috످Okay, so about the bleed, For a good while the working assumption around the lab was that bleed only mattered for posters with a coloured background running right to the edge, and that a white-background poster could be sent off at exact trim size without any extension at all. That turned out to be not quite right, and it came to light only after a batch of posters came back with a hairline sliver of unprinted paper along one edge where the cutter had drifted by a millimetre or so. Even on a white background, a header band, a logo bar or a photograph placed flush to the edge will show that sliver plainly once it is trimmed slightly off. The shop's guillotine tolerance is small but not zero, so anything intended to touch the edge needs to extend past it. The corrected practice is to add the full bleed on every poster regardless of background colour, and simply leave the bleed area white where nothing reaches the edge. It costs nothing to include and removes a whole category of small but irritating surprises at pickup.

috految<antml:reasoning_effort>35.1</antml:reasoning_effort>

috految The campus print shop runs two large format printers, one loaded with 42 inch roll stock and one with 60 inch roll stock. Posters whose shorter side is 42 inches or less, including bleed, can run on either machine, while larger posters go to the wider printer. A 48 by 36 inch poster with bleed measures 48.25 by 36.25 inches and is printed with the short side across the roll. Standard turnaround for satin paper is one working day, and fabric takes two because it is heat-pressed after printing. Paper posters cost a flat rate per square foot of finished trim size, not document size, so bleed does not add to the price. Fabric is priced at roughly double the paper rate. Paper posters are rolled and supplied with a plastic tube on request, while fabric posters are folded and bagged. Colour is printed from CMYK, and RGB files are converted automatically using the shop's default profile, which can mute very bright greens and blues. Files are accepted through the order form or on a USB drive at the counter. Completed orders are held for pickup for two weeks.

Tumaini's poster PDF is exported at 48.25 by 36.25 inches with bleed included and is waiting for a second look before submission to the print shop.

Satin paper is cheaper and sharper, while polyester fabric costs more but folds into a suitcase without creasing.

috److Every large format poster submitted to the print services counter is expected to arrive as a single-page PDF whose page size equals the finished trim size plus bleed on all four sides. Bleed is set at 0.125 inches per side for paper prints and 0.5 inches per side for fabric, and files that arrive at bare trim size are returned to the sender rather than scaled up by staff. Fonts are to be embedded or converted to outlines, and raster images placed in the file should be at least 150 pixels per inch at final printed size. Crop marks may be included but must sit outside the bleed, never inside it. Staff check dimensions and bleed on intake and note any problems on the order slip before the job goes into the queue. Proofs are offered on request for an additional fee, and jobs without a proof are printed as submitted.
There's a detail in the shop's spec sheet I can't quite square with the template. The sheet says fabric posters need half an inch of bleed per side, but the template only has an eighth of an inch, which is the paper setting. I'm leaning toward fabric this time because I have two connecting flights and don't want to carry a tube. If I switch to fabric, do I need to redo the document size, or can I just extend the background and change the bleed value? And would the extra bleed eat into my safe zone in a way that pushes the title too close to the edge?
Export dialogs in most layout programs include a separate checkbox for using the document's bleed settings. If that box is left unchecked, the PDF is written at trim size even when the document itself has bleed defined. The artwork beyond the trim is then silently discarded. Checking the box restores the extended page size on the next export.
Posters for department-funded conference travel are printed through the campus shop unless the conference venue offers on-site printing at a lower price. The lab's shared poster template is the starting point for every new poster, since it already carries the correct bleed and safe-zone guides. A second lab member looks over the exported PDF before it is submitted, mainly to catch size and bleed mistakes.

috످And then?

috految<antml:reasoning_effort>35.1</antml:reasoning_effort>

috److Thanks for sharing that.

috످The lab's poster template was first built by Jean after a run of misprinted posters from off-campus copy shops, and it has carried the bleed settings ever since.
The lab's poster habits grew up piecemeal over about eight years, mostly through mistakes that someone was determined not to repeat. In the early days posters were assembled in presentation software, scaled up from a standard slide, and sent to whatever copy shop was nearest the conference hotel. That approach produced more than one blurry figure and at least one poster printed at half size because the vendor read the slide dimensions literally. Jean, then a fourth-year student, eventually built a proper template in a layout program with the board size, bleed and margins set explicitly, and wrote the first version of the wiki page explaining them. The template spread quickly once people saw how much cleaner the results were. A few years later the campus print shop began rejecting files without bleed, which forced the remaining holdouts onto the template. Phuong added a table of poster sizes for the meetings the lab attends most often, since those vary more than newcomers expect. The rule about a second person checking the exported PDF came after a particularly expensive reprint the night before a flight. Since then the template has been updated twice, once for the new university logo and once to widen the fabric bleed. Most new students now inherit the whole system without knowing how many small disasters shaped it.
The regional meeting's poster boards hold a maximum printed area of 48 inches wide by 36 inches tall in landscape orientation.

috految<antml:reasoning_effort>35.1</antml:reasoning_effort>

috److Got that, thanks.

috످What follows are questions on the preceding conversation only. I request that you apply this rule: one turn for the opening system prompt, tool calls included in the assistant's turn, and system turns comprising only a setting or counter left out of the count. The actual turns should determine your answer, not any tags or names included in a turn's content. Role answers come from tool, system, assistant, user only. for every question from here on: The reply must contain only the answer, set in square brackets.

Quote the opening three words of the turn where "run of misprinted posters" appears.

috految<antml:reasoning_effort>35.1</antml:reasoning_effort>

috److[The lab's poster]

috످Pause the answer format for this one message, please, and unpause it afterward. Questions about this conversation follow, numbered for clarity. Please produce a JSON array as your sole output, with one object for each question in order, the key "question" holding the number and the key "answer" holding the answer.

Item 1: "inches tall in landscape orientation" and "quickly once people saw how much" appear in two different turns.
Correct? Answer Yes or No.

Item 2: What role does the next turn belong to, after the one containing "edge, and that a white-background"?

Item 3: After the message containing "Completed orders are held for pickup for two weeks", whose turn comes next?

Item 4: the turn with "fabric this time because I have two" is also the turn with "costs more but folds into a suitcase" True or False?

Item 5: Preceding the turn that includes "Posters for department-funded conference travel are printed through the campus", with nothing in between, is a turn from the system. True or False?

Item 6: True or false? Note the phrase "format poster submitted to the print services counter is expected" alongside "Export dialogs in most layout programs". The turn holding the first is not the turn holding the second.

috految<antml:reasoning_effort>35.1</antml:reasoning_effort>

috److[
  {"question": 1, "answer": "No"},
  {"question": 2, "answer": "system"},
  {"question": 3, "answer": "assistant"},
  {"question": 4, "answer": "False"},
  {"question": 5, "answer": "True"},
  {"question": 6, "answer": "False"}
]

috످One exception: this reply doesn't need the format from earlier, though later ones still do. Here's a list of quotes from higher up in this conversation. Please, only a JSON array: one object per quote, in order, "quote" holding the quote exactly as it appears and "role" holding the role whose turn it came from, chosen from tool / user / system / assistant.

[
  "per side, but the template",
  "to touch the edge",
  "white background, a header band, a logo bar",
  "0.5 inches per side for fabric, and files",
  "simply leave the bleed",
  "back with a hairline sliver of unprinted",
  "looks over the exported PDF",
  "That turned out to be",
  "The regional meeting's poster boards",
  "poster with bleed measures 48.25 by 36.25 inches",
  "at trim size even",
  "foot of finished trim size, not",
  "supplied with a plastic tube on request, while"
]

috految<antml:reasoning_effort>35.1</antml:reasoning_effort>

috److془Go through each.

1. Mismatch between spec sheet and template for fabric; assistant turn.
2. Artwork needs to overshoot; user's first.
3. Design elements showing miscut; user.
4. Shop's bleed requirement; assistant.
5. user. 6. user. 7. assistant. 8. user. 9. user. 10 system. 11 assistant. 12, 13 system.

Check: system turn contains "The campus print shop runs two large format printers". Yes.

The advice to keep unused margins blank is in the user's opening message. The story of badly cut posters is in the user's opening. The colleague's review is in the assistant's first reply. The admission that the lab's belief was wrong is the user's. The board size limit is in the user's history message. The example of dimensions is in the system turn. The export pitfall is in the assistant's. Pricing is in the system turn. Packaging is in the system turn.془[
  {"quote": "per side, but the template", "role": "assistant"},
  {"quote": "to touch the edge", "role": "user"},
  {"quote": "white background, a header band, a logo bar", "role": "user"},
  {"quote": "0.5 inches per side for fabric, and files", "role": "assistant"},
  {"quote": "simply leave the bleed", "role": "user"},
  {"quote": "back with a hairline sliver of unprinted", "role": "user"},
  {"quote": "looks over the exported PDF", "role": "assistant"},
  {"quote": "That turned out to be", "role": "user"},
  {"quote": "The regional meeting's poster boards", "role": "user"},
  {"quote": "poster with bleed measures 48.25 by 36.25 inches", "role": "system"},
  {"quote": "at trim size even", "role": "assistant"},
  {"quote": "foot of finished trim size, not", "role": "system"},
  {"quote": "supplied with a plastic tube on request, while", "role": "system"}
]

috످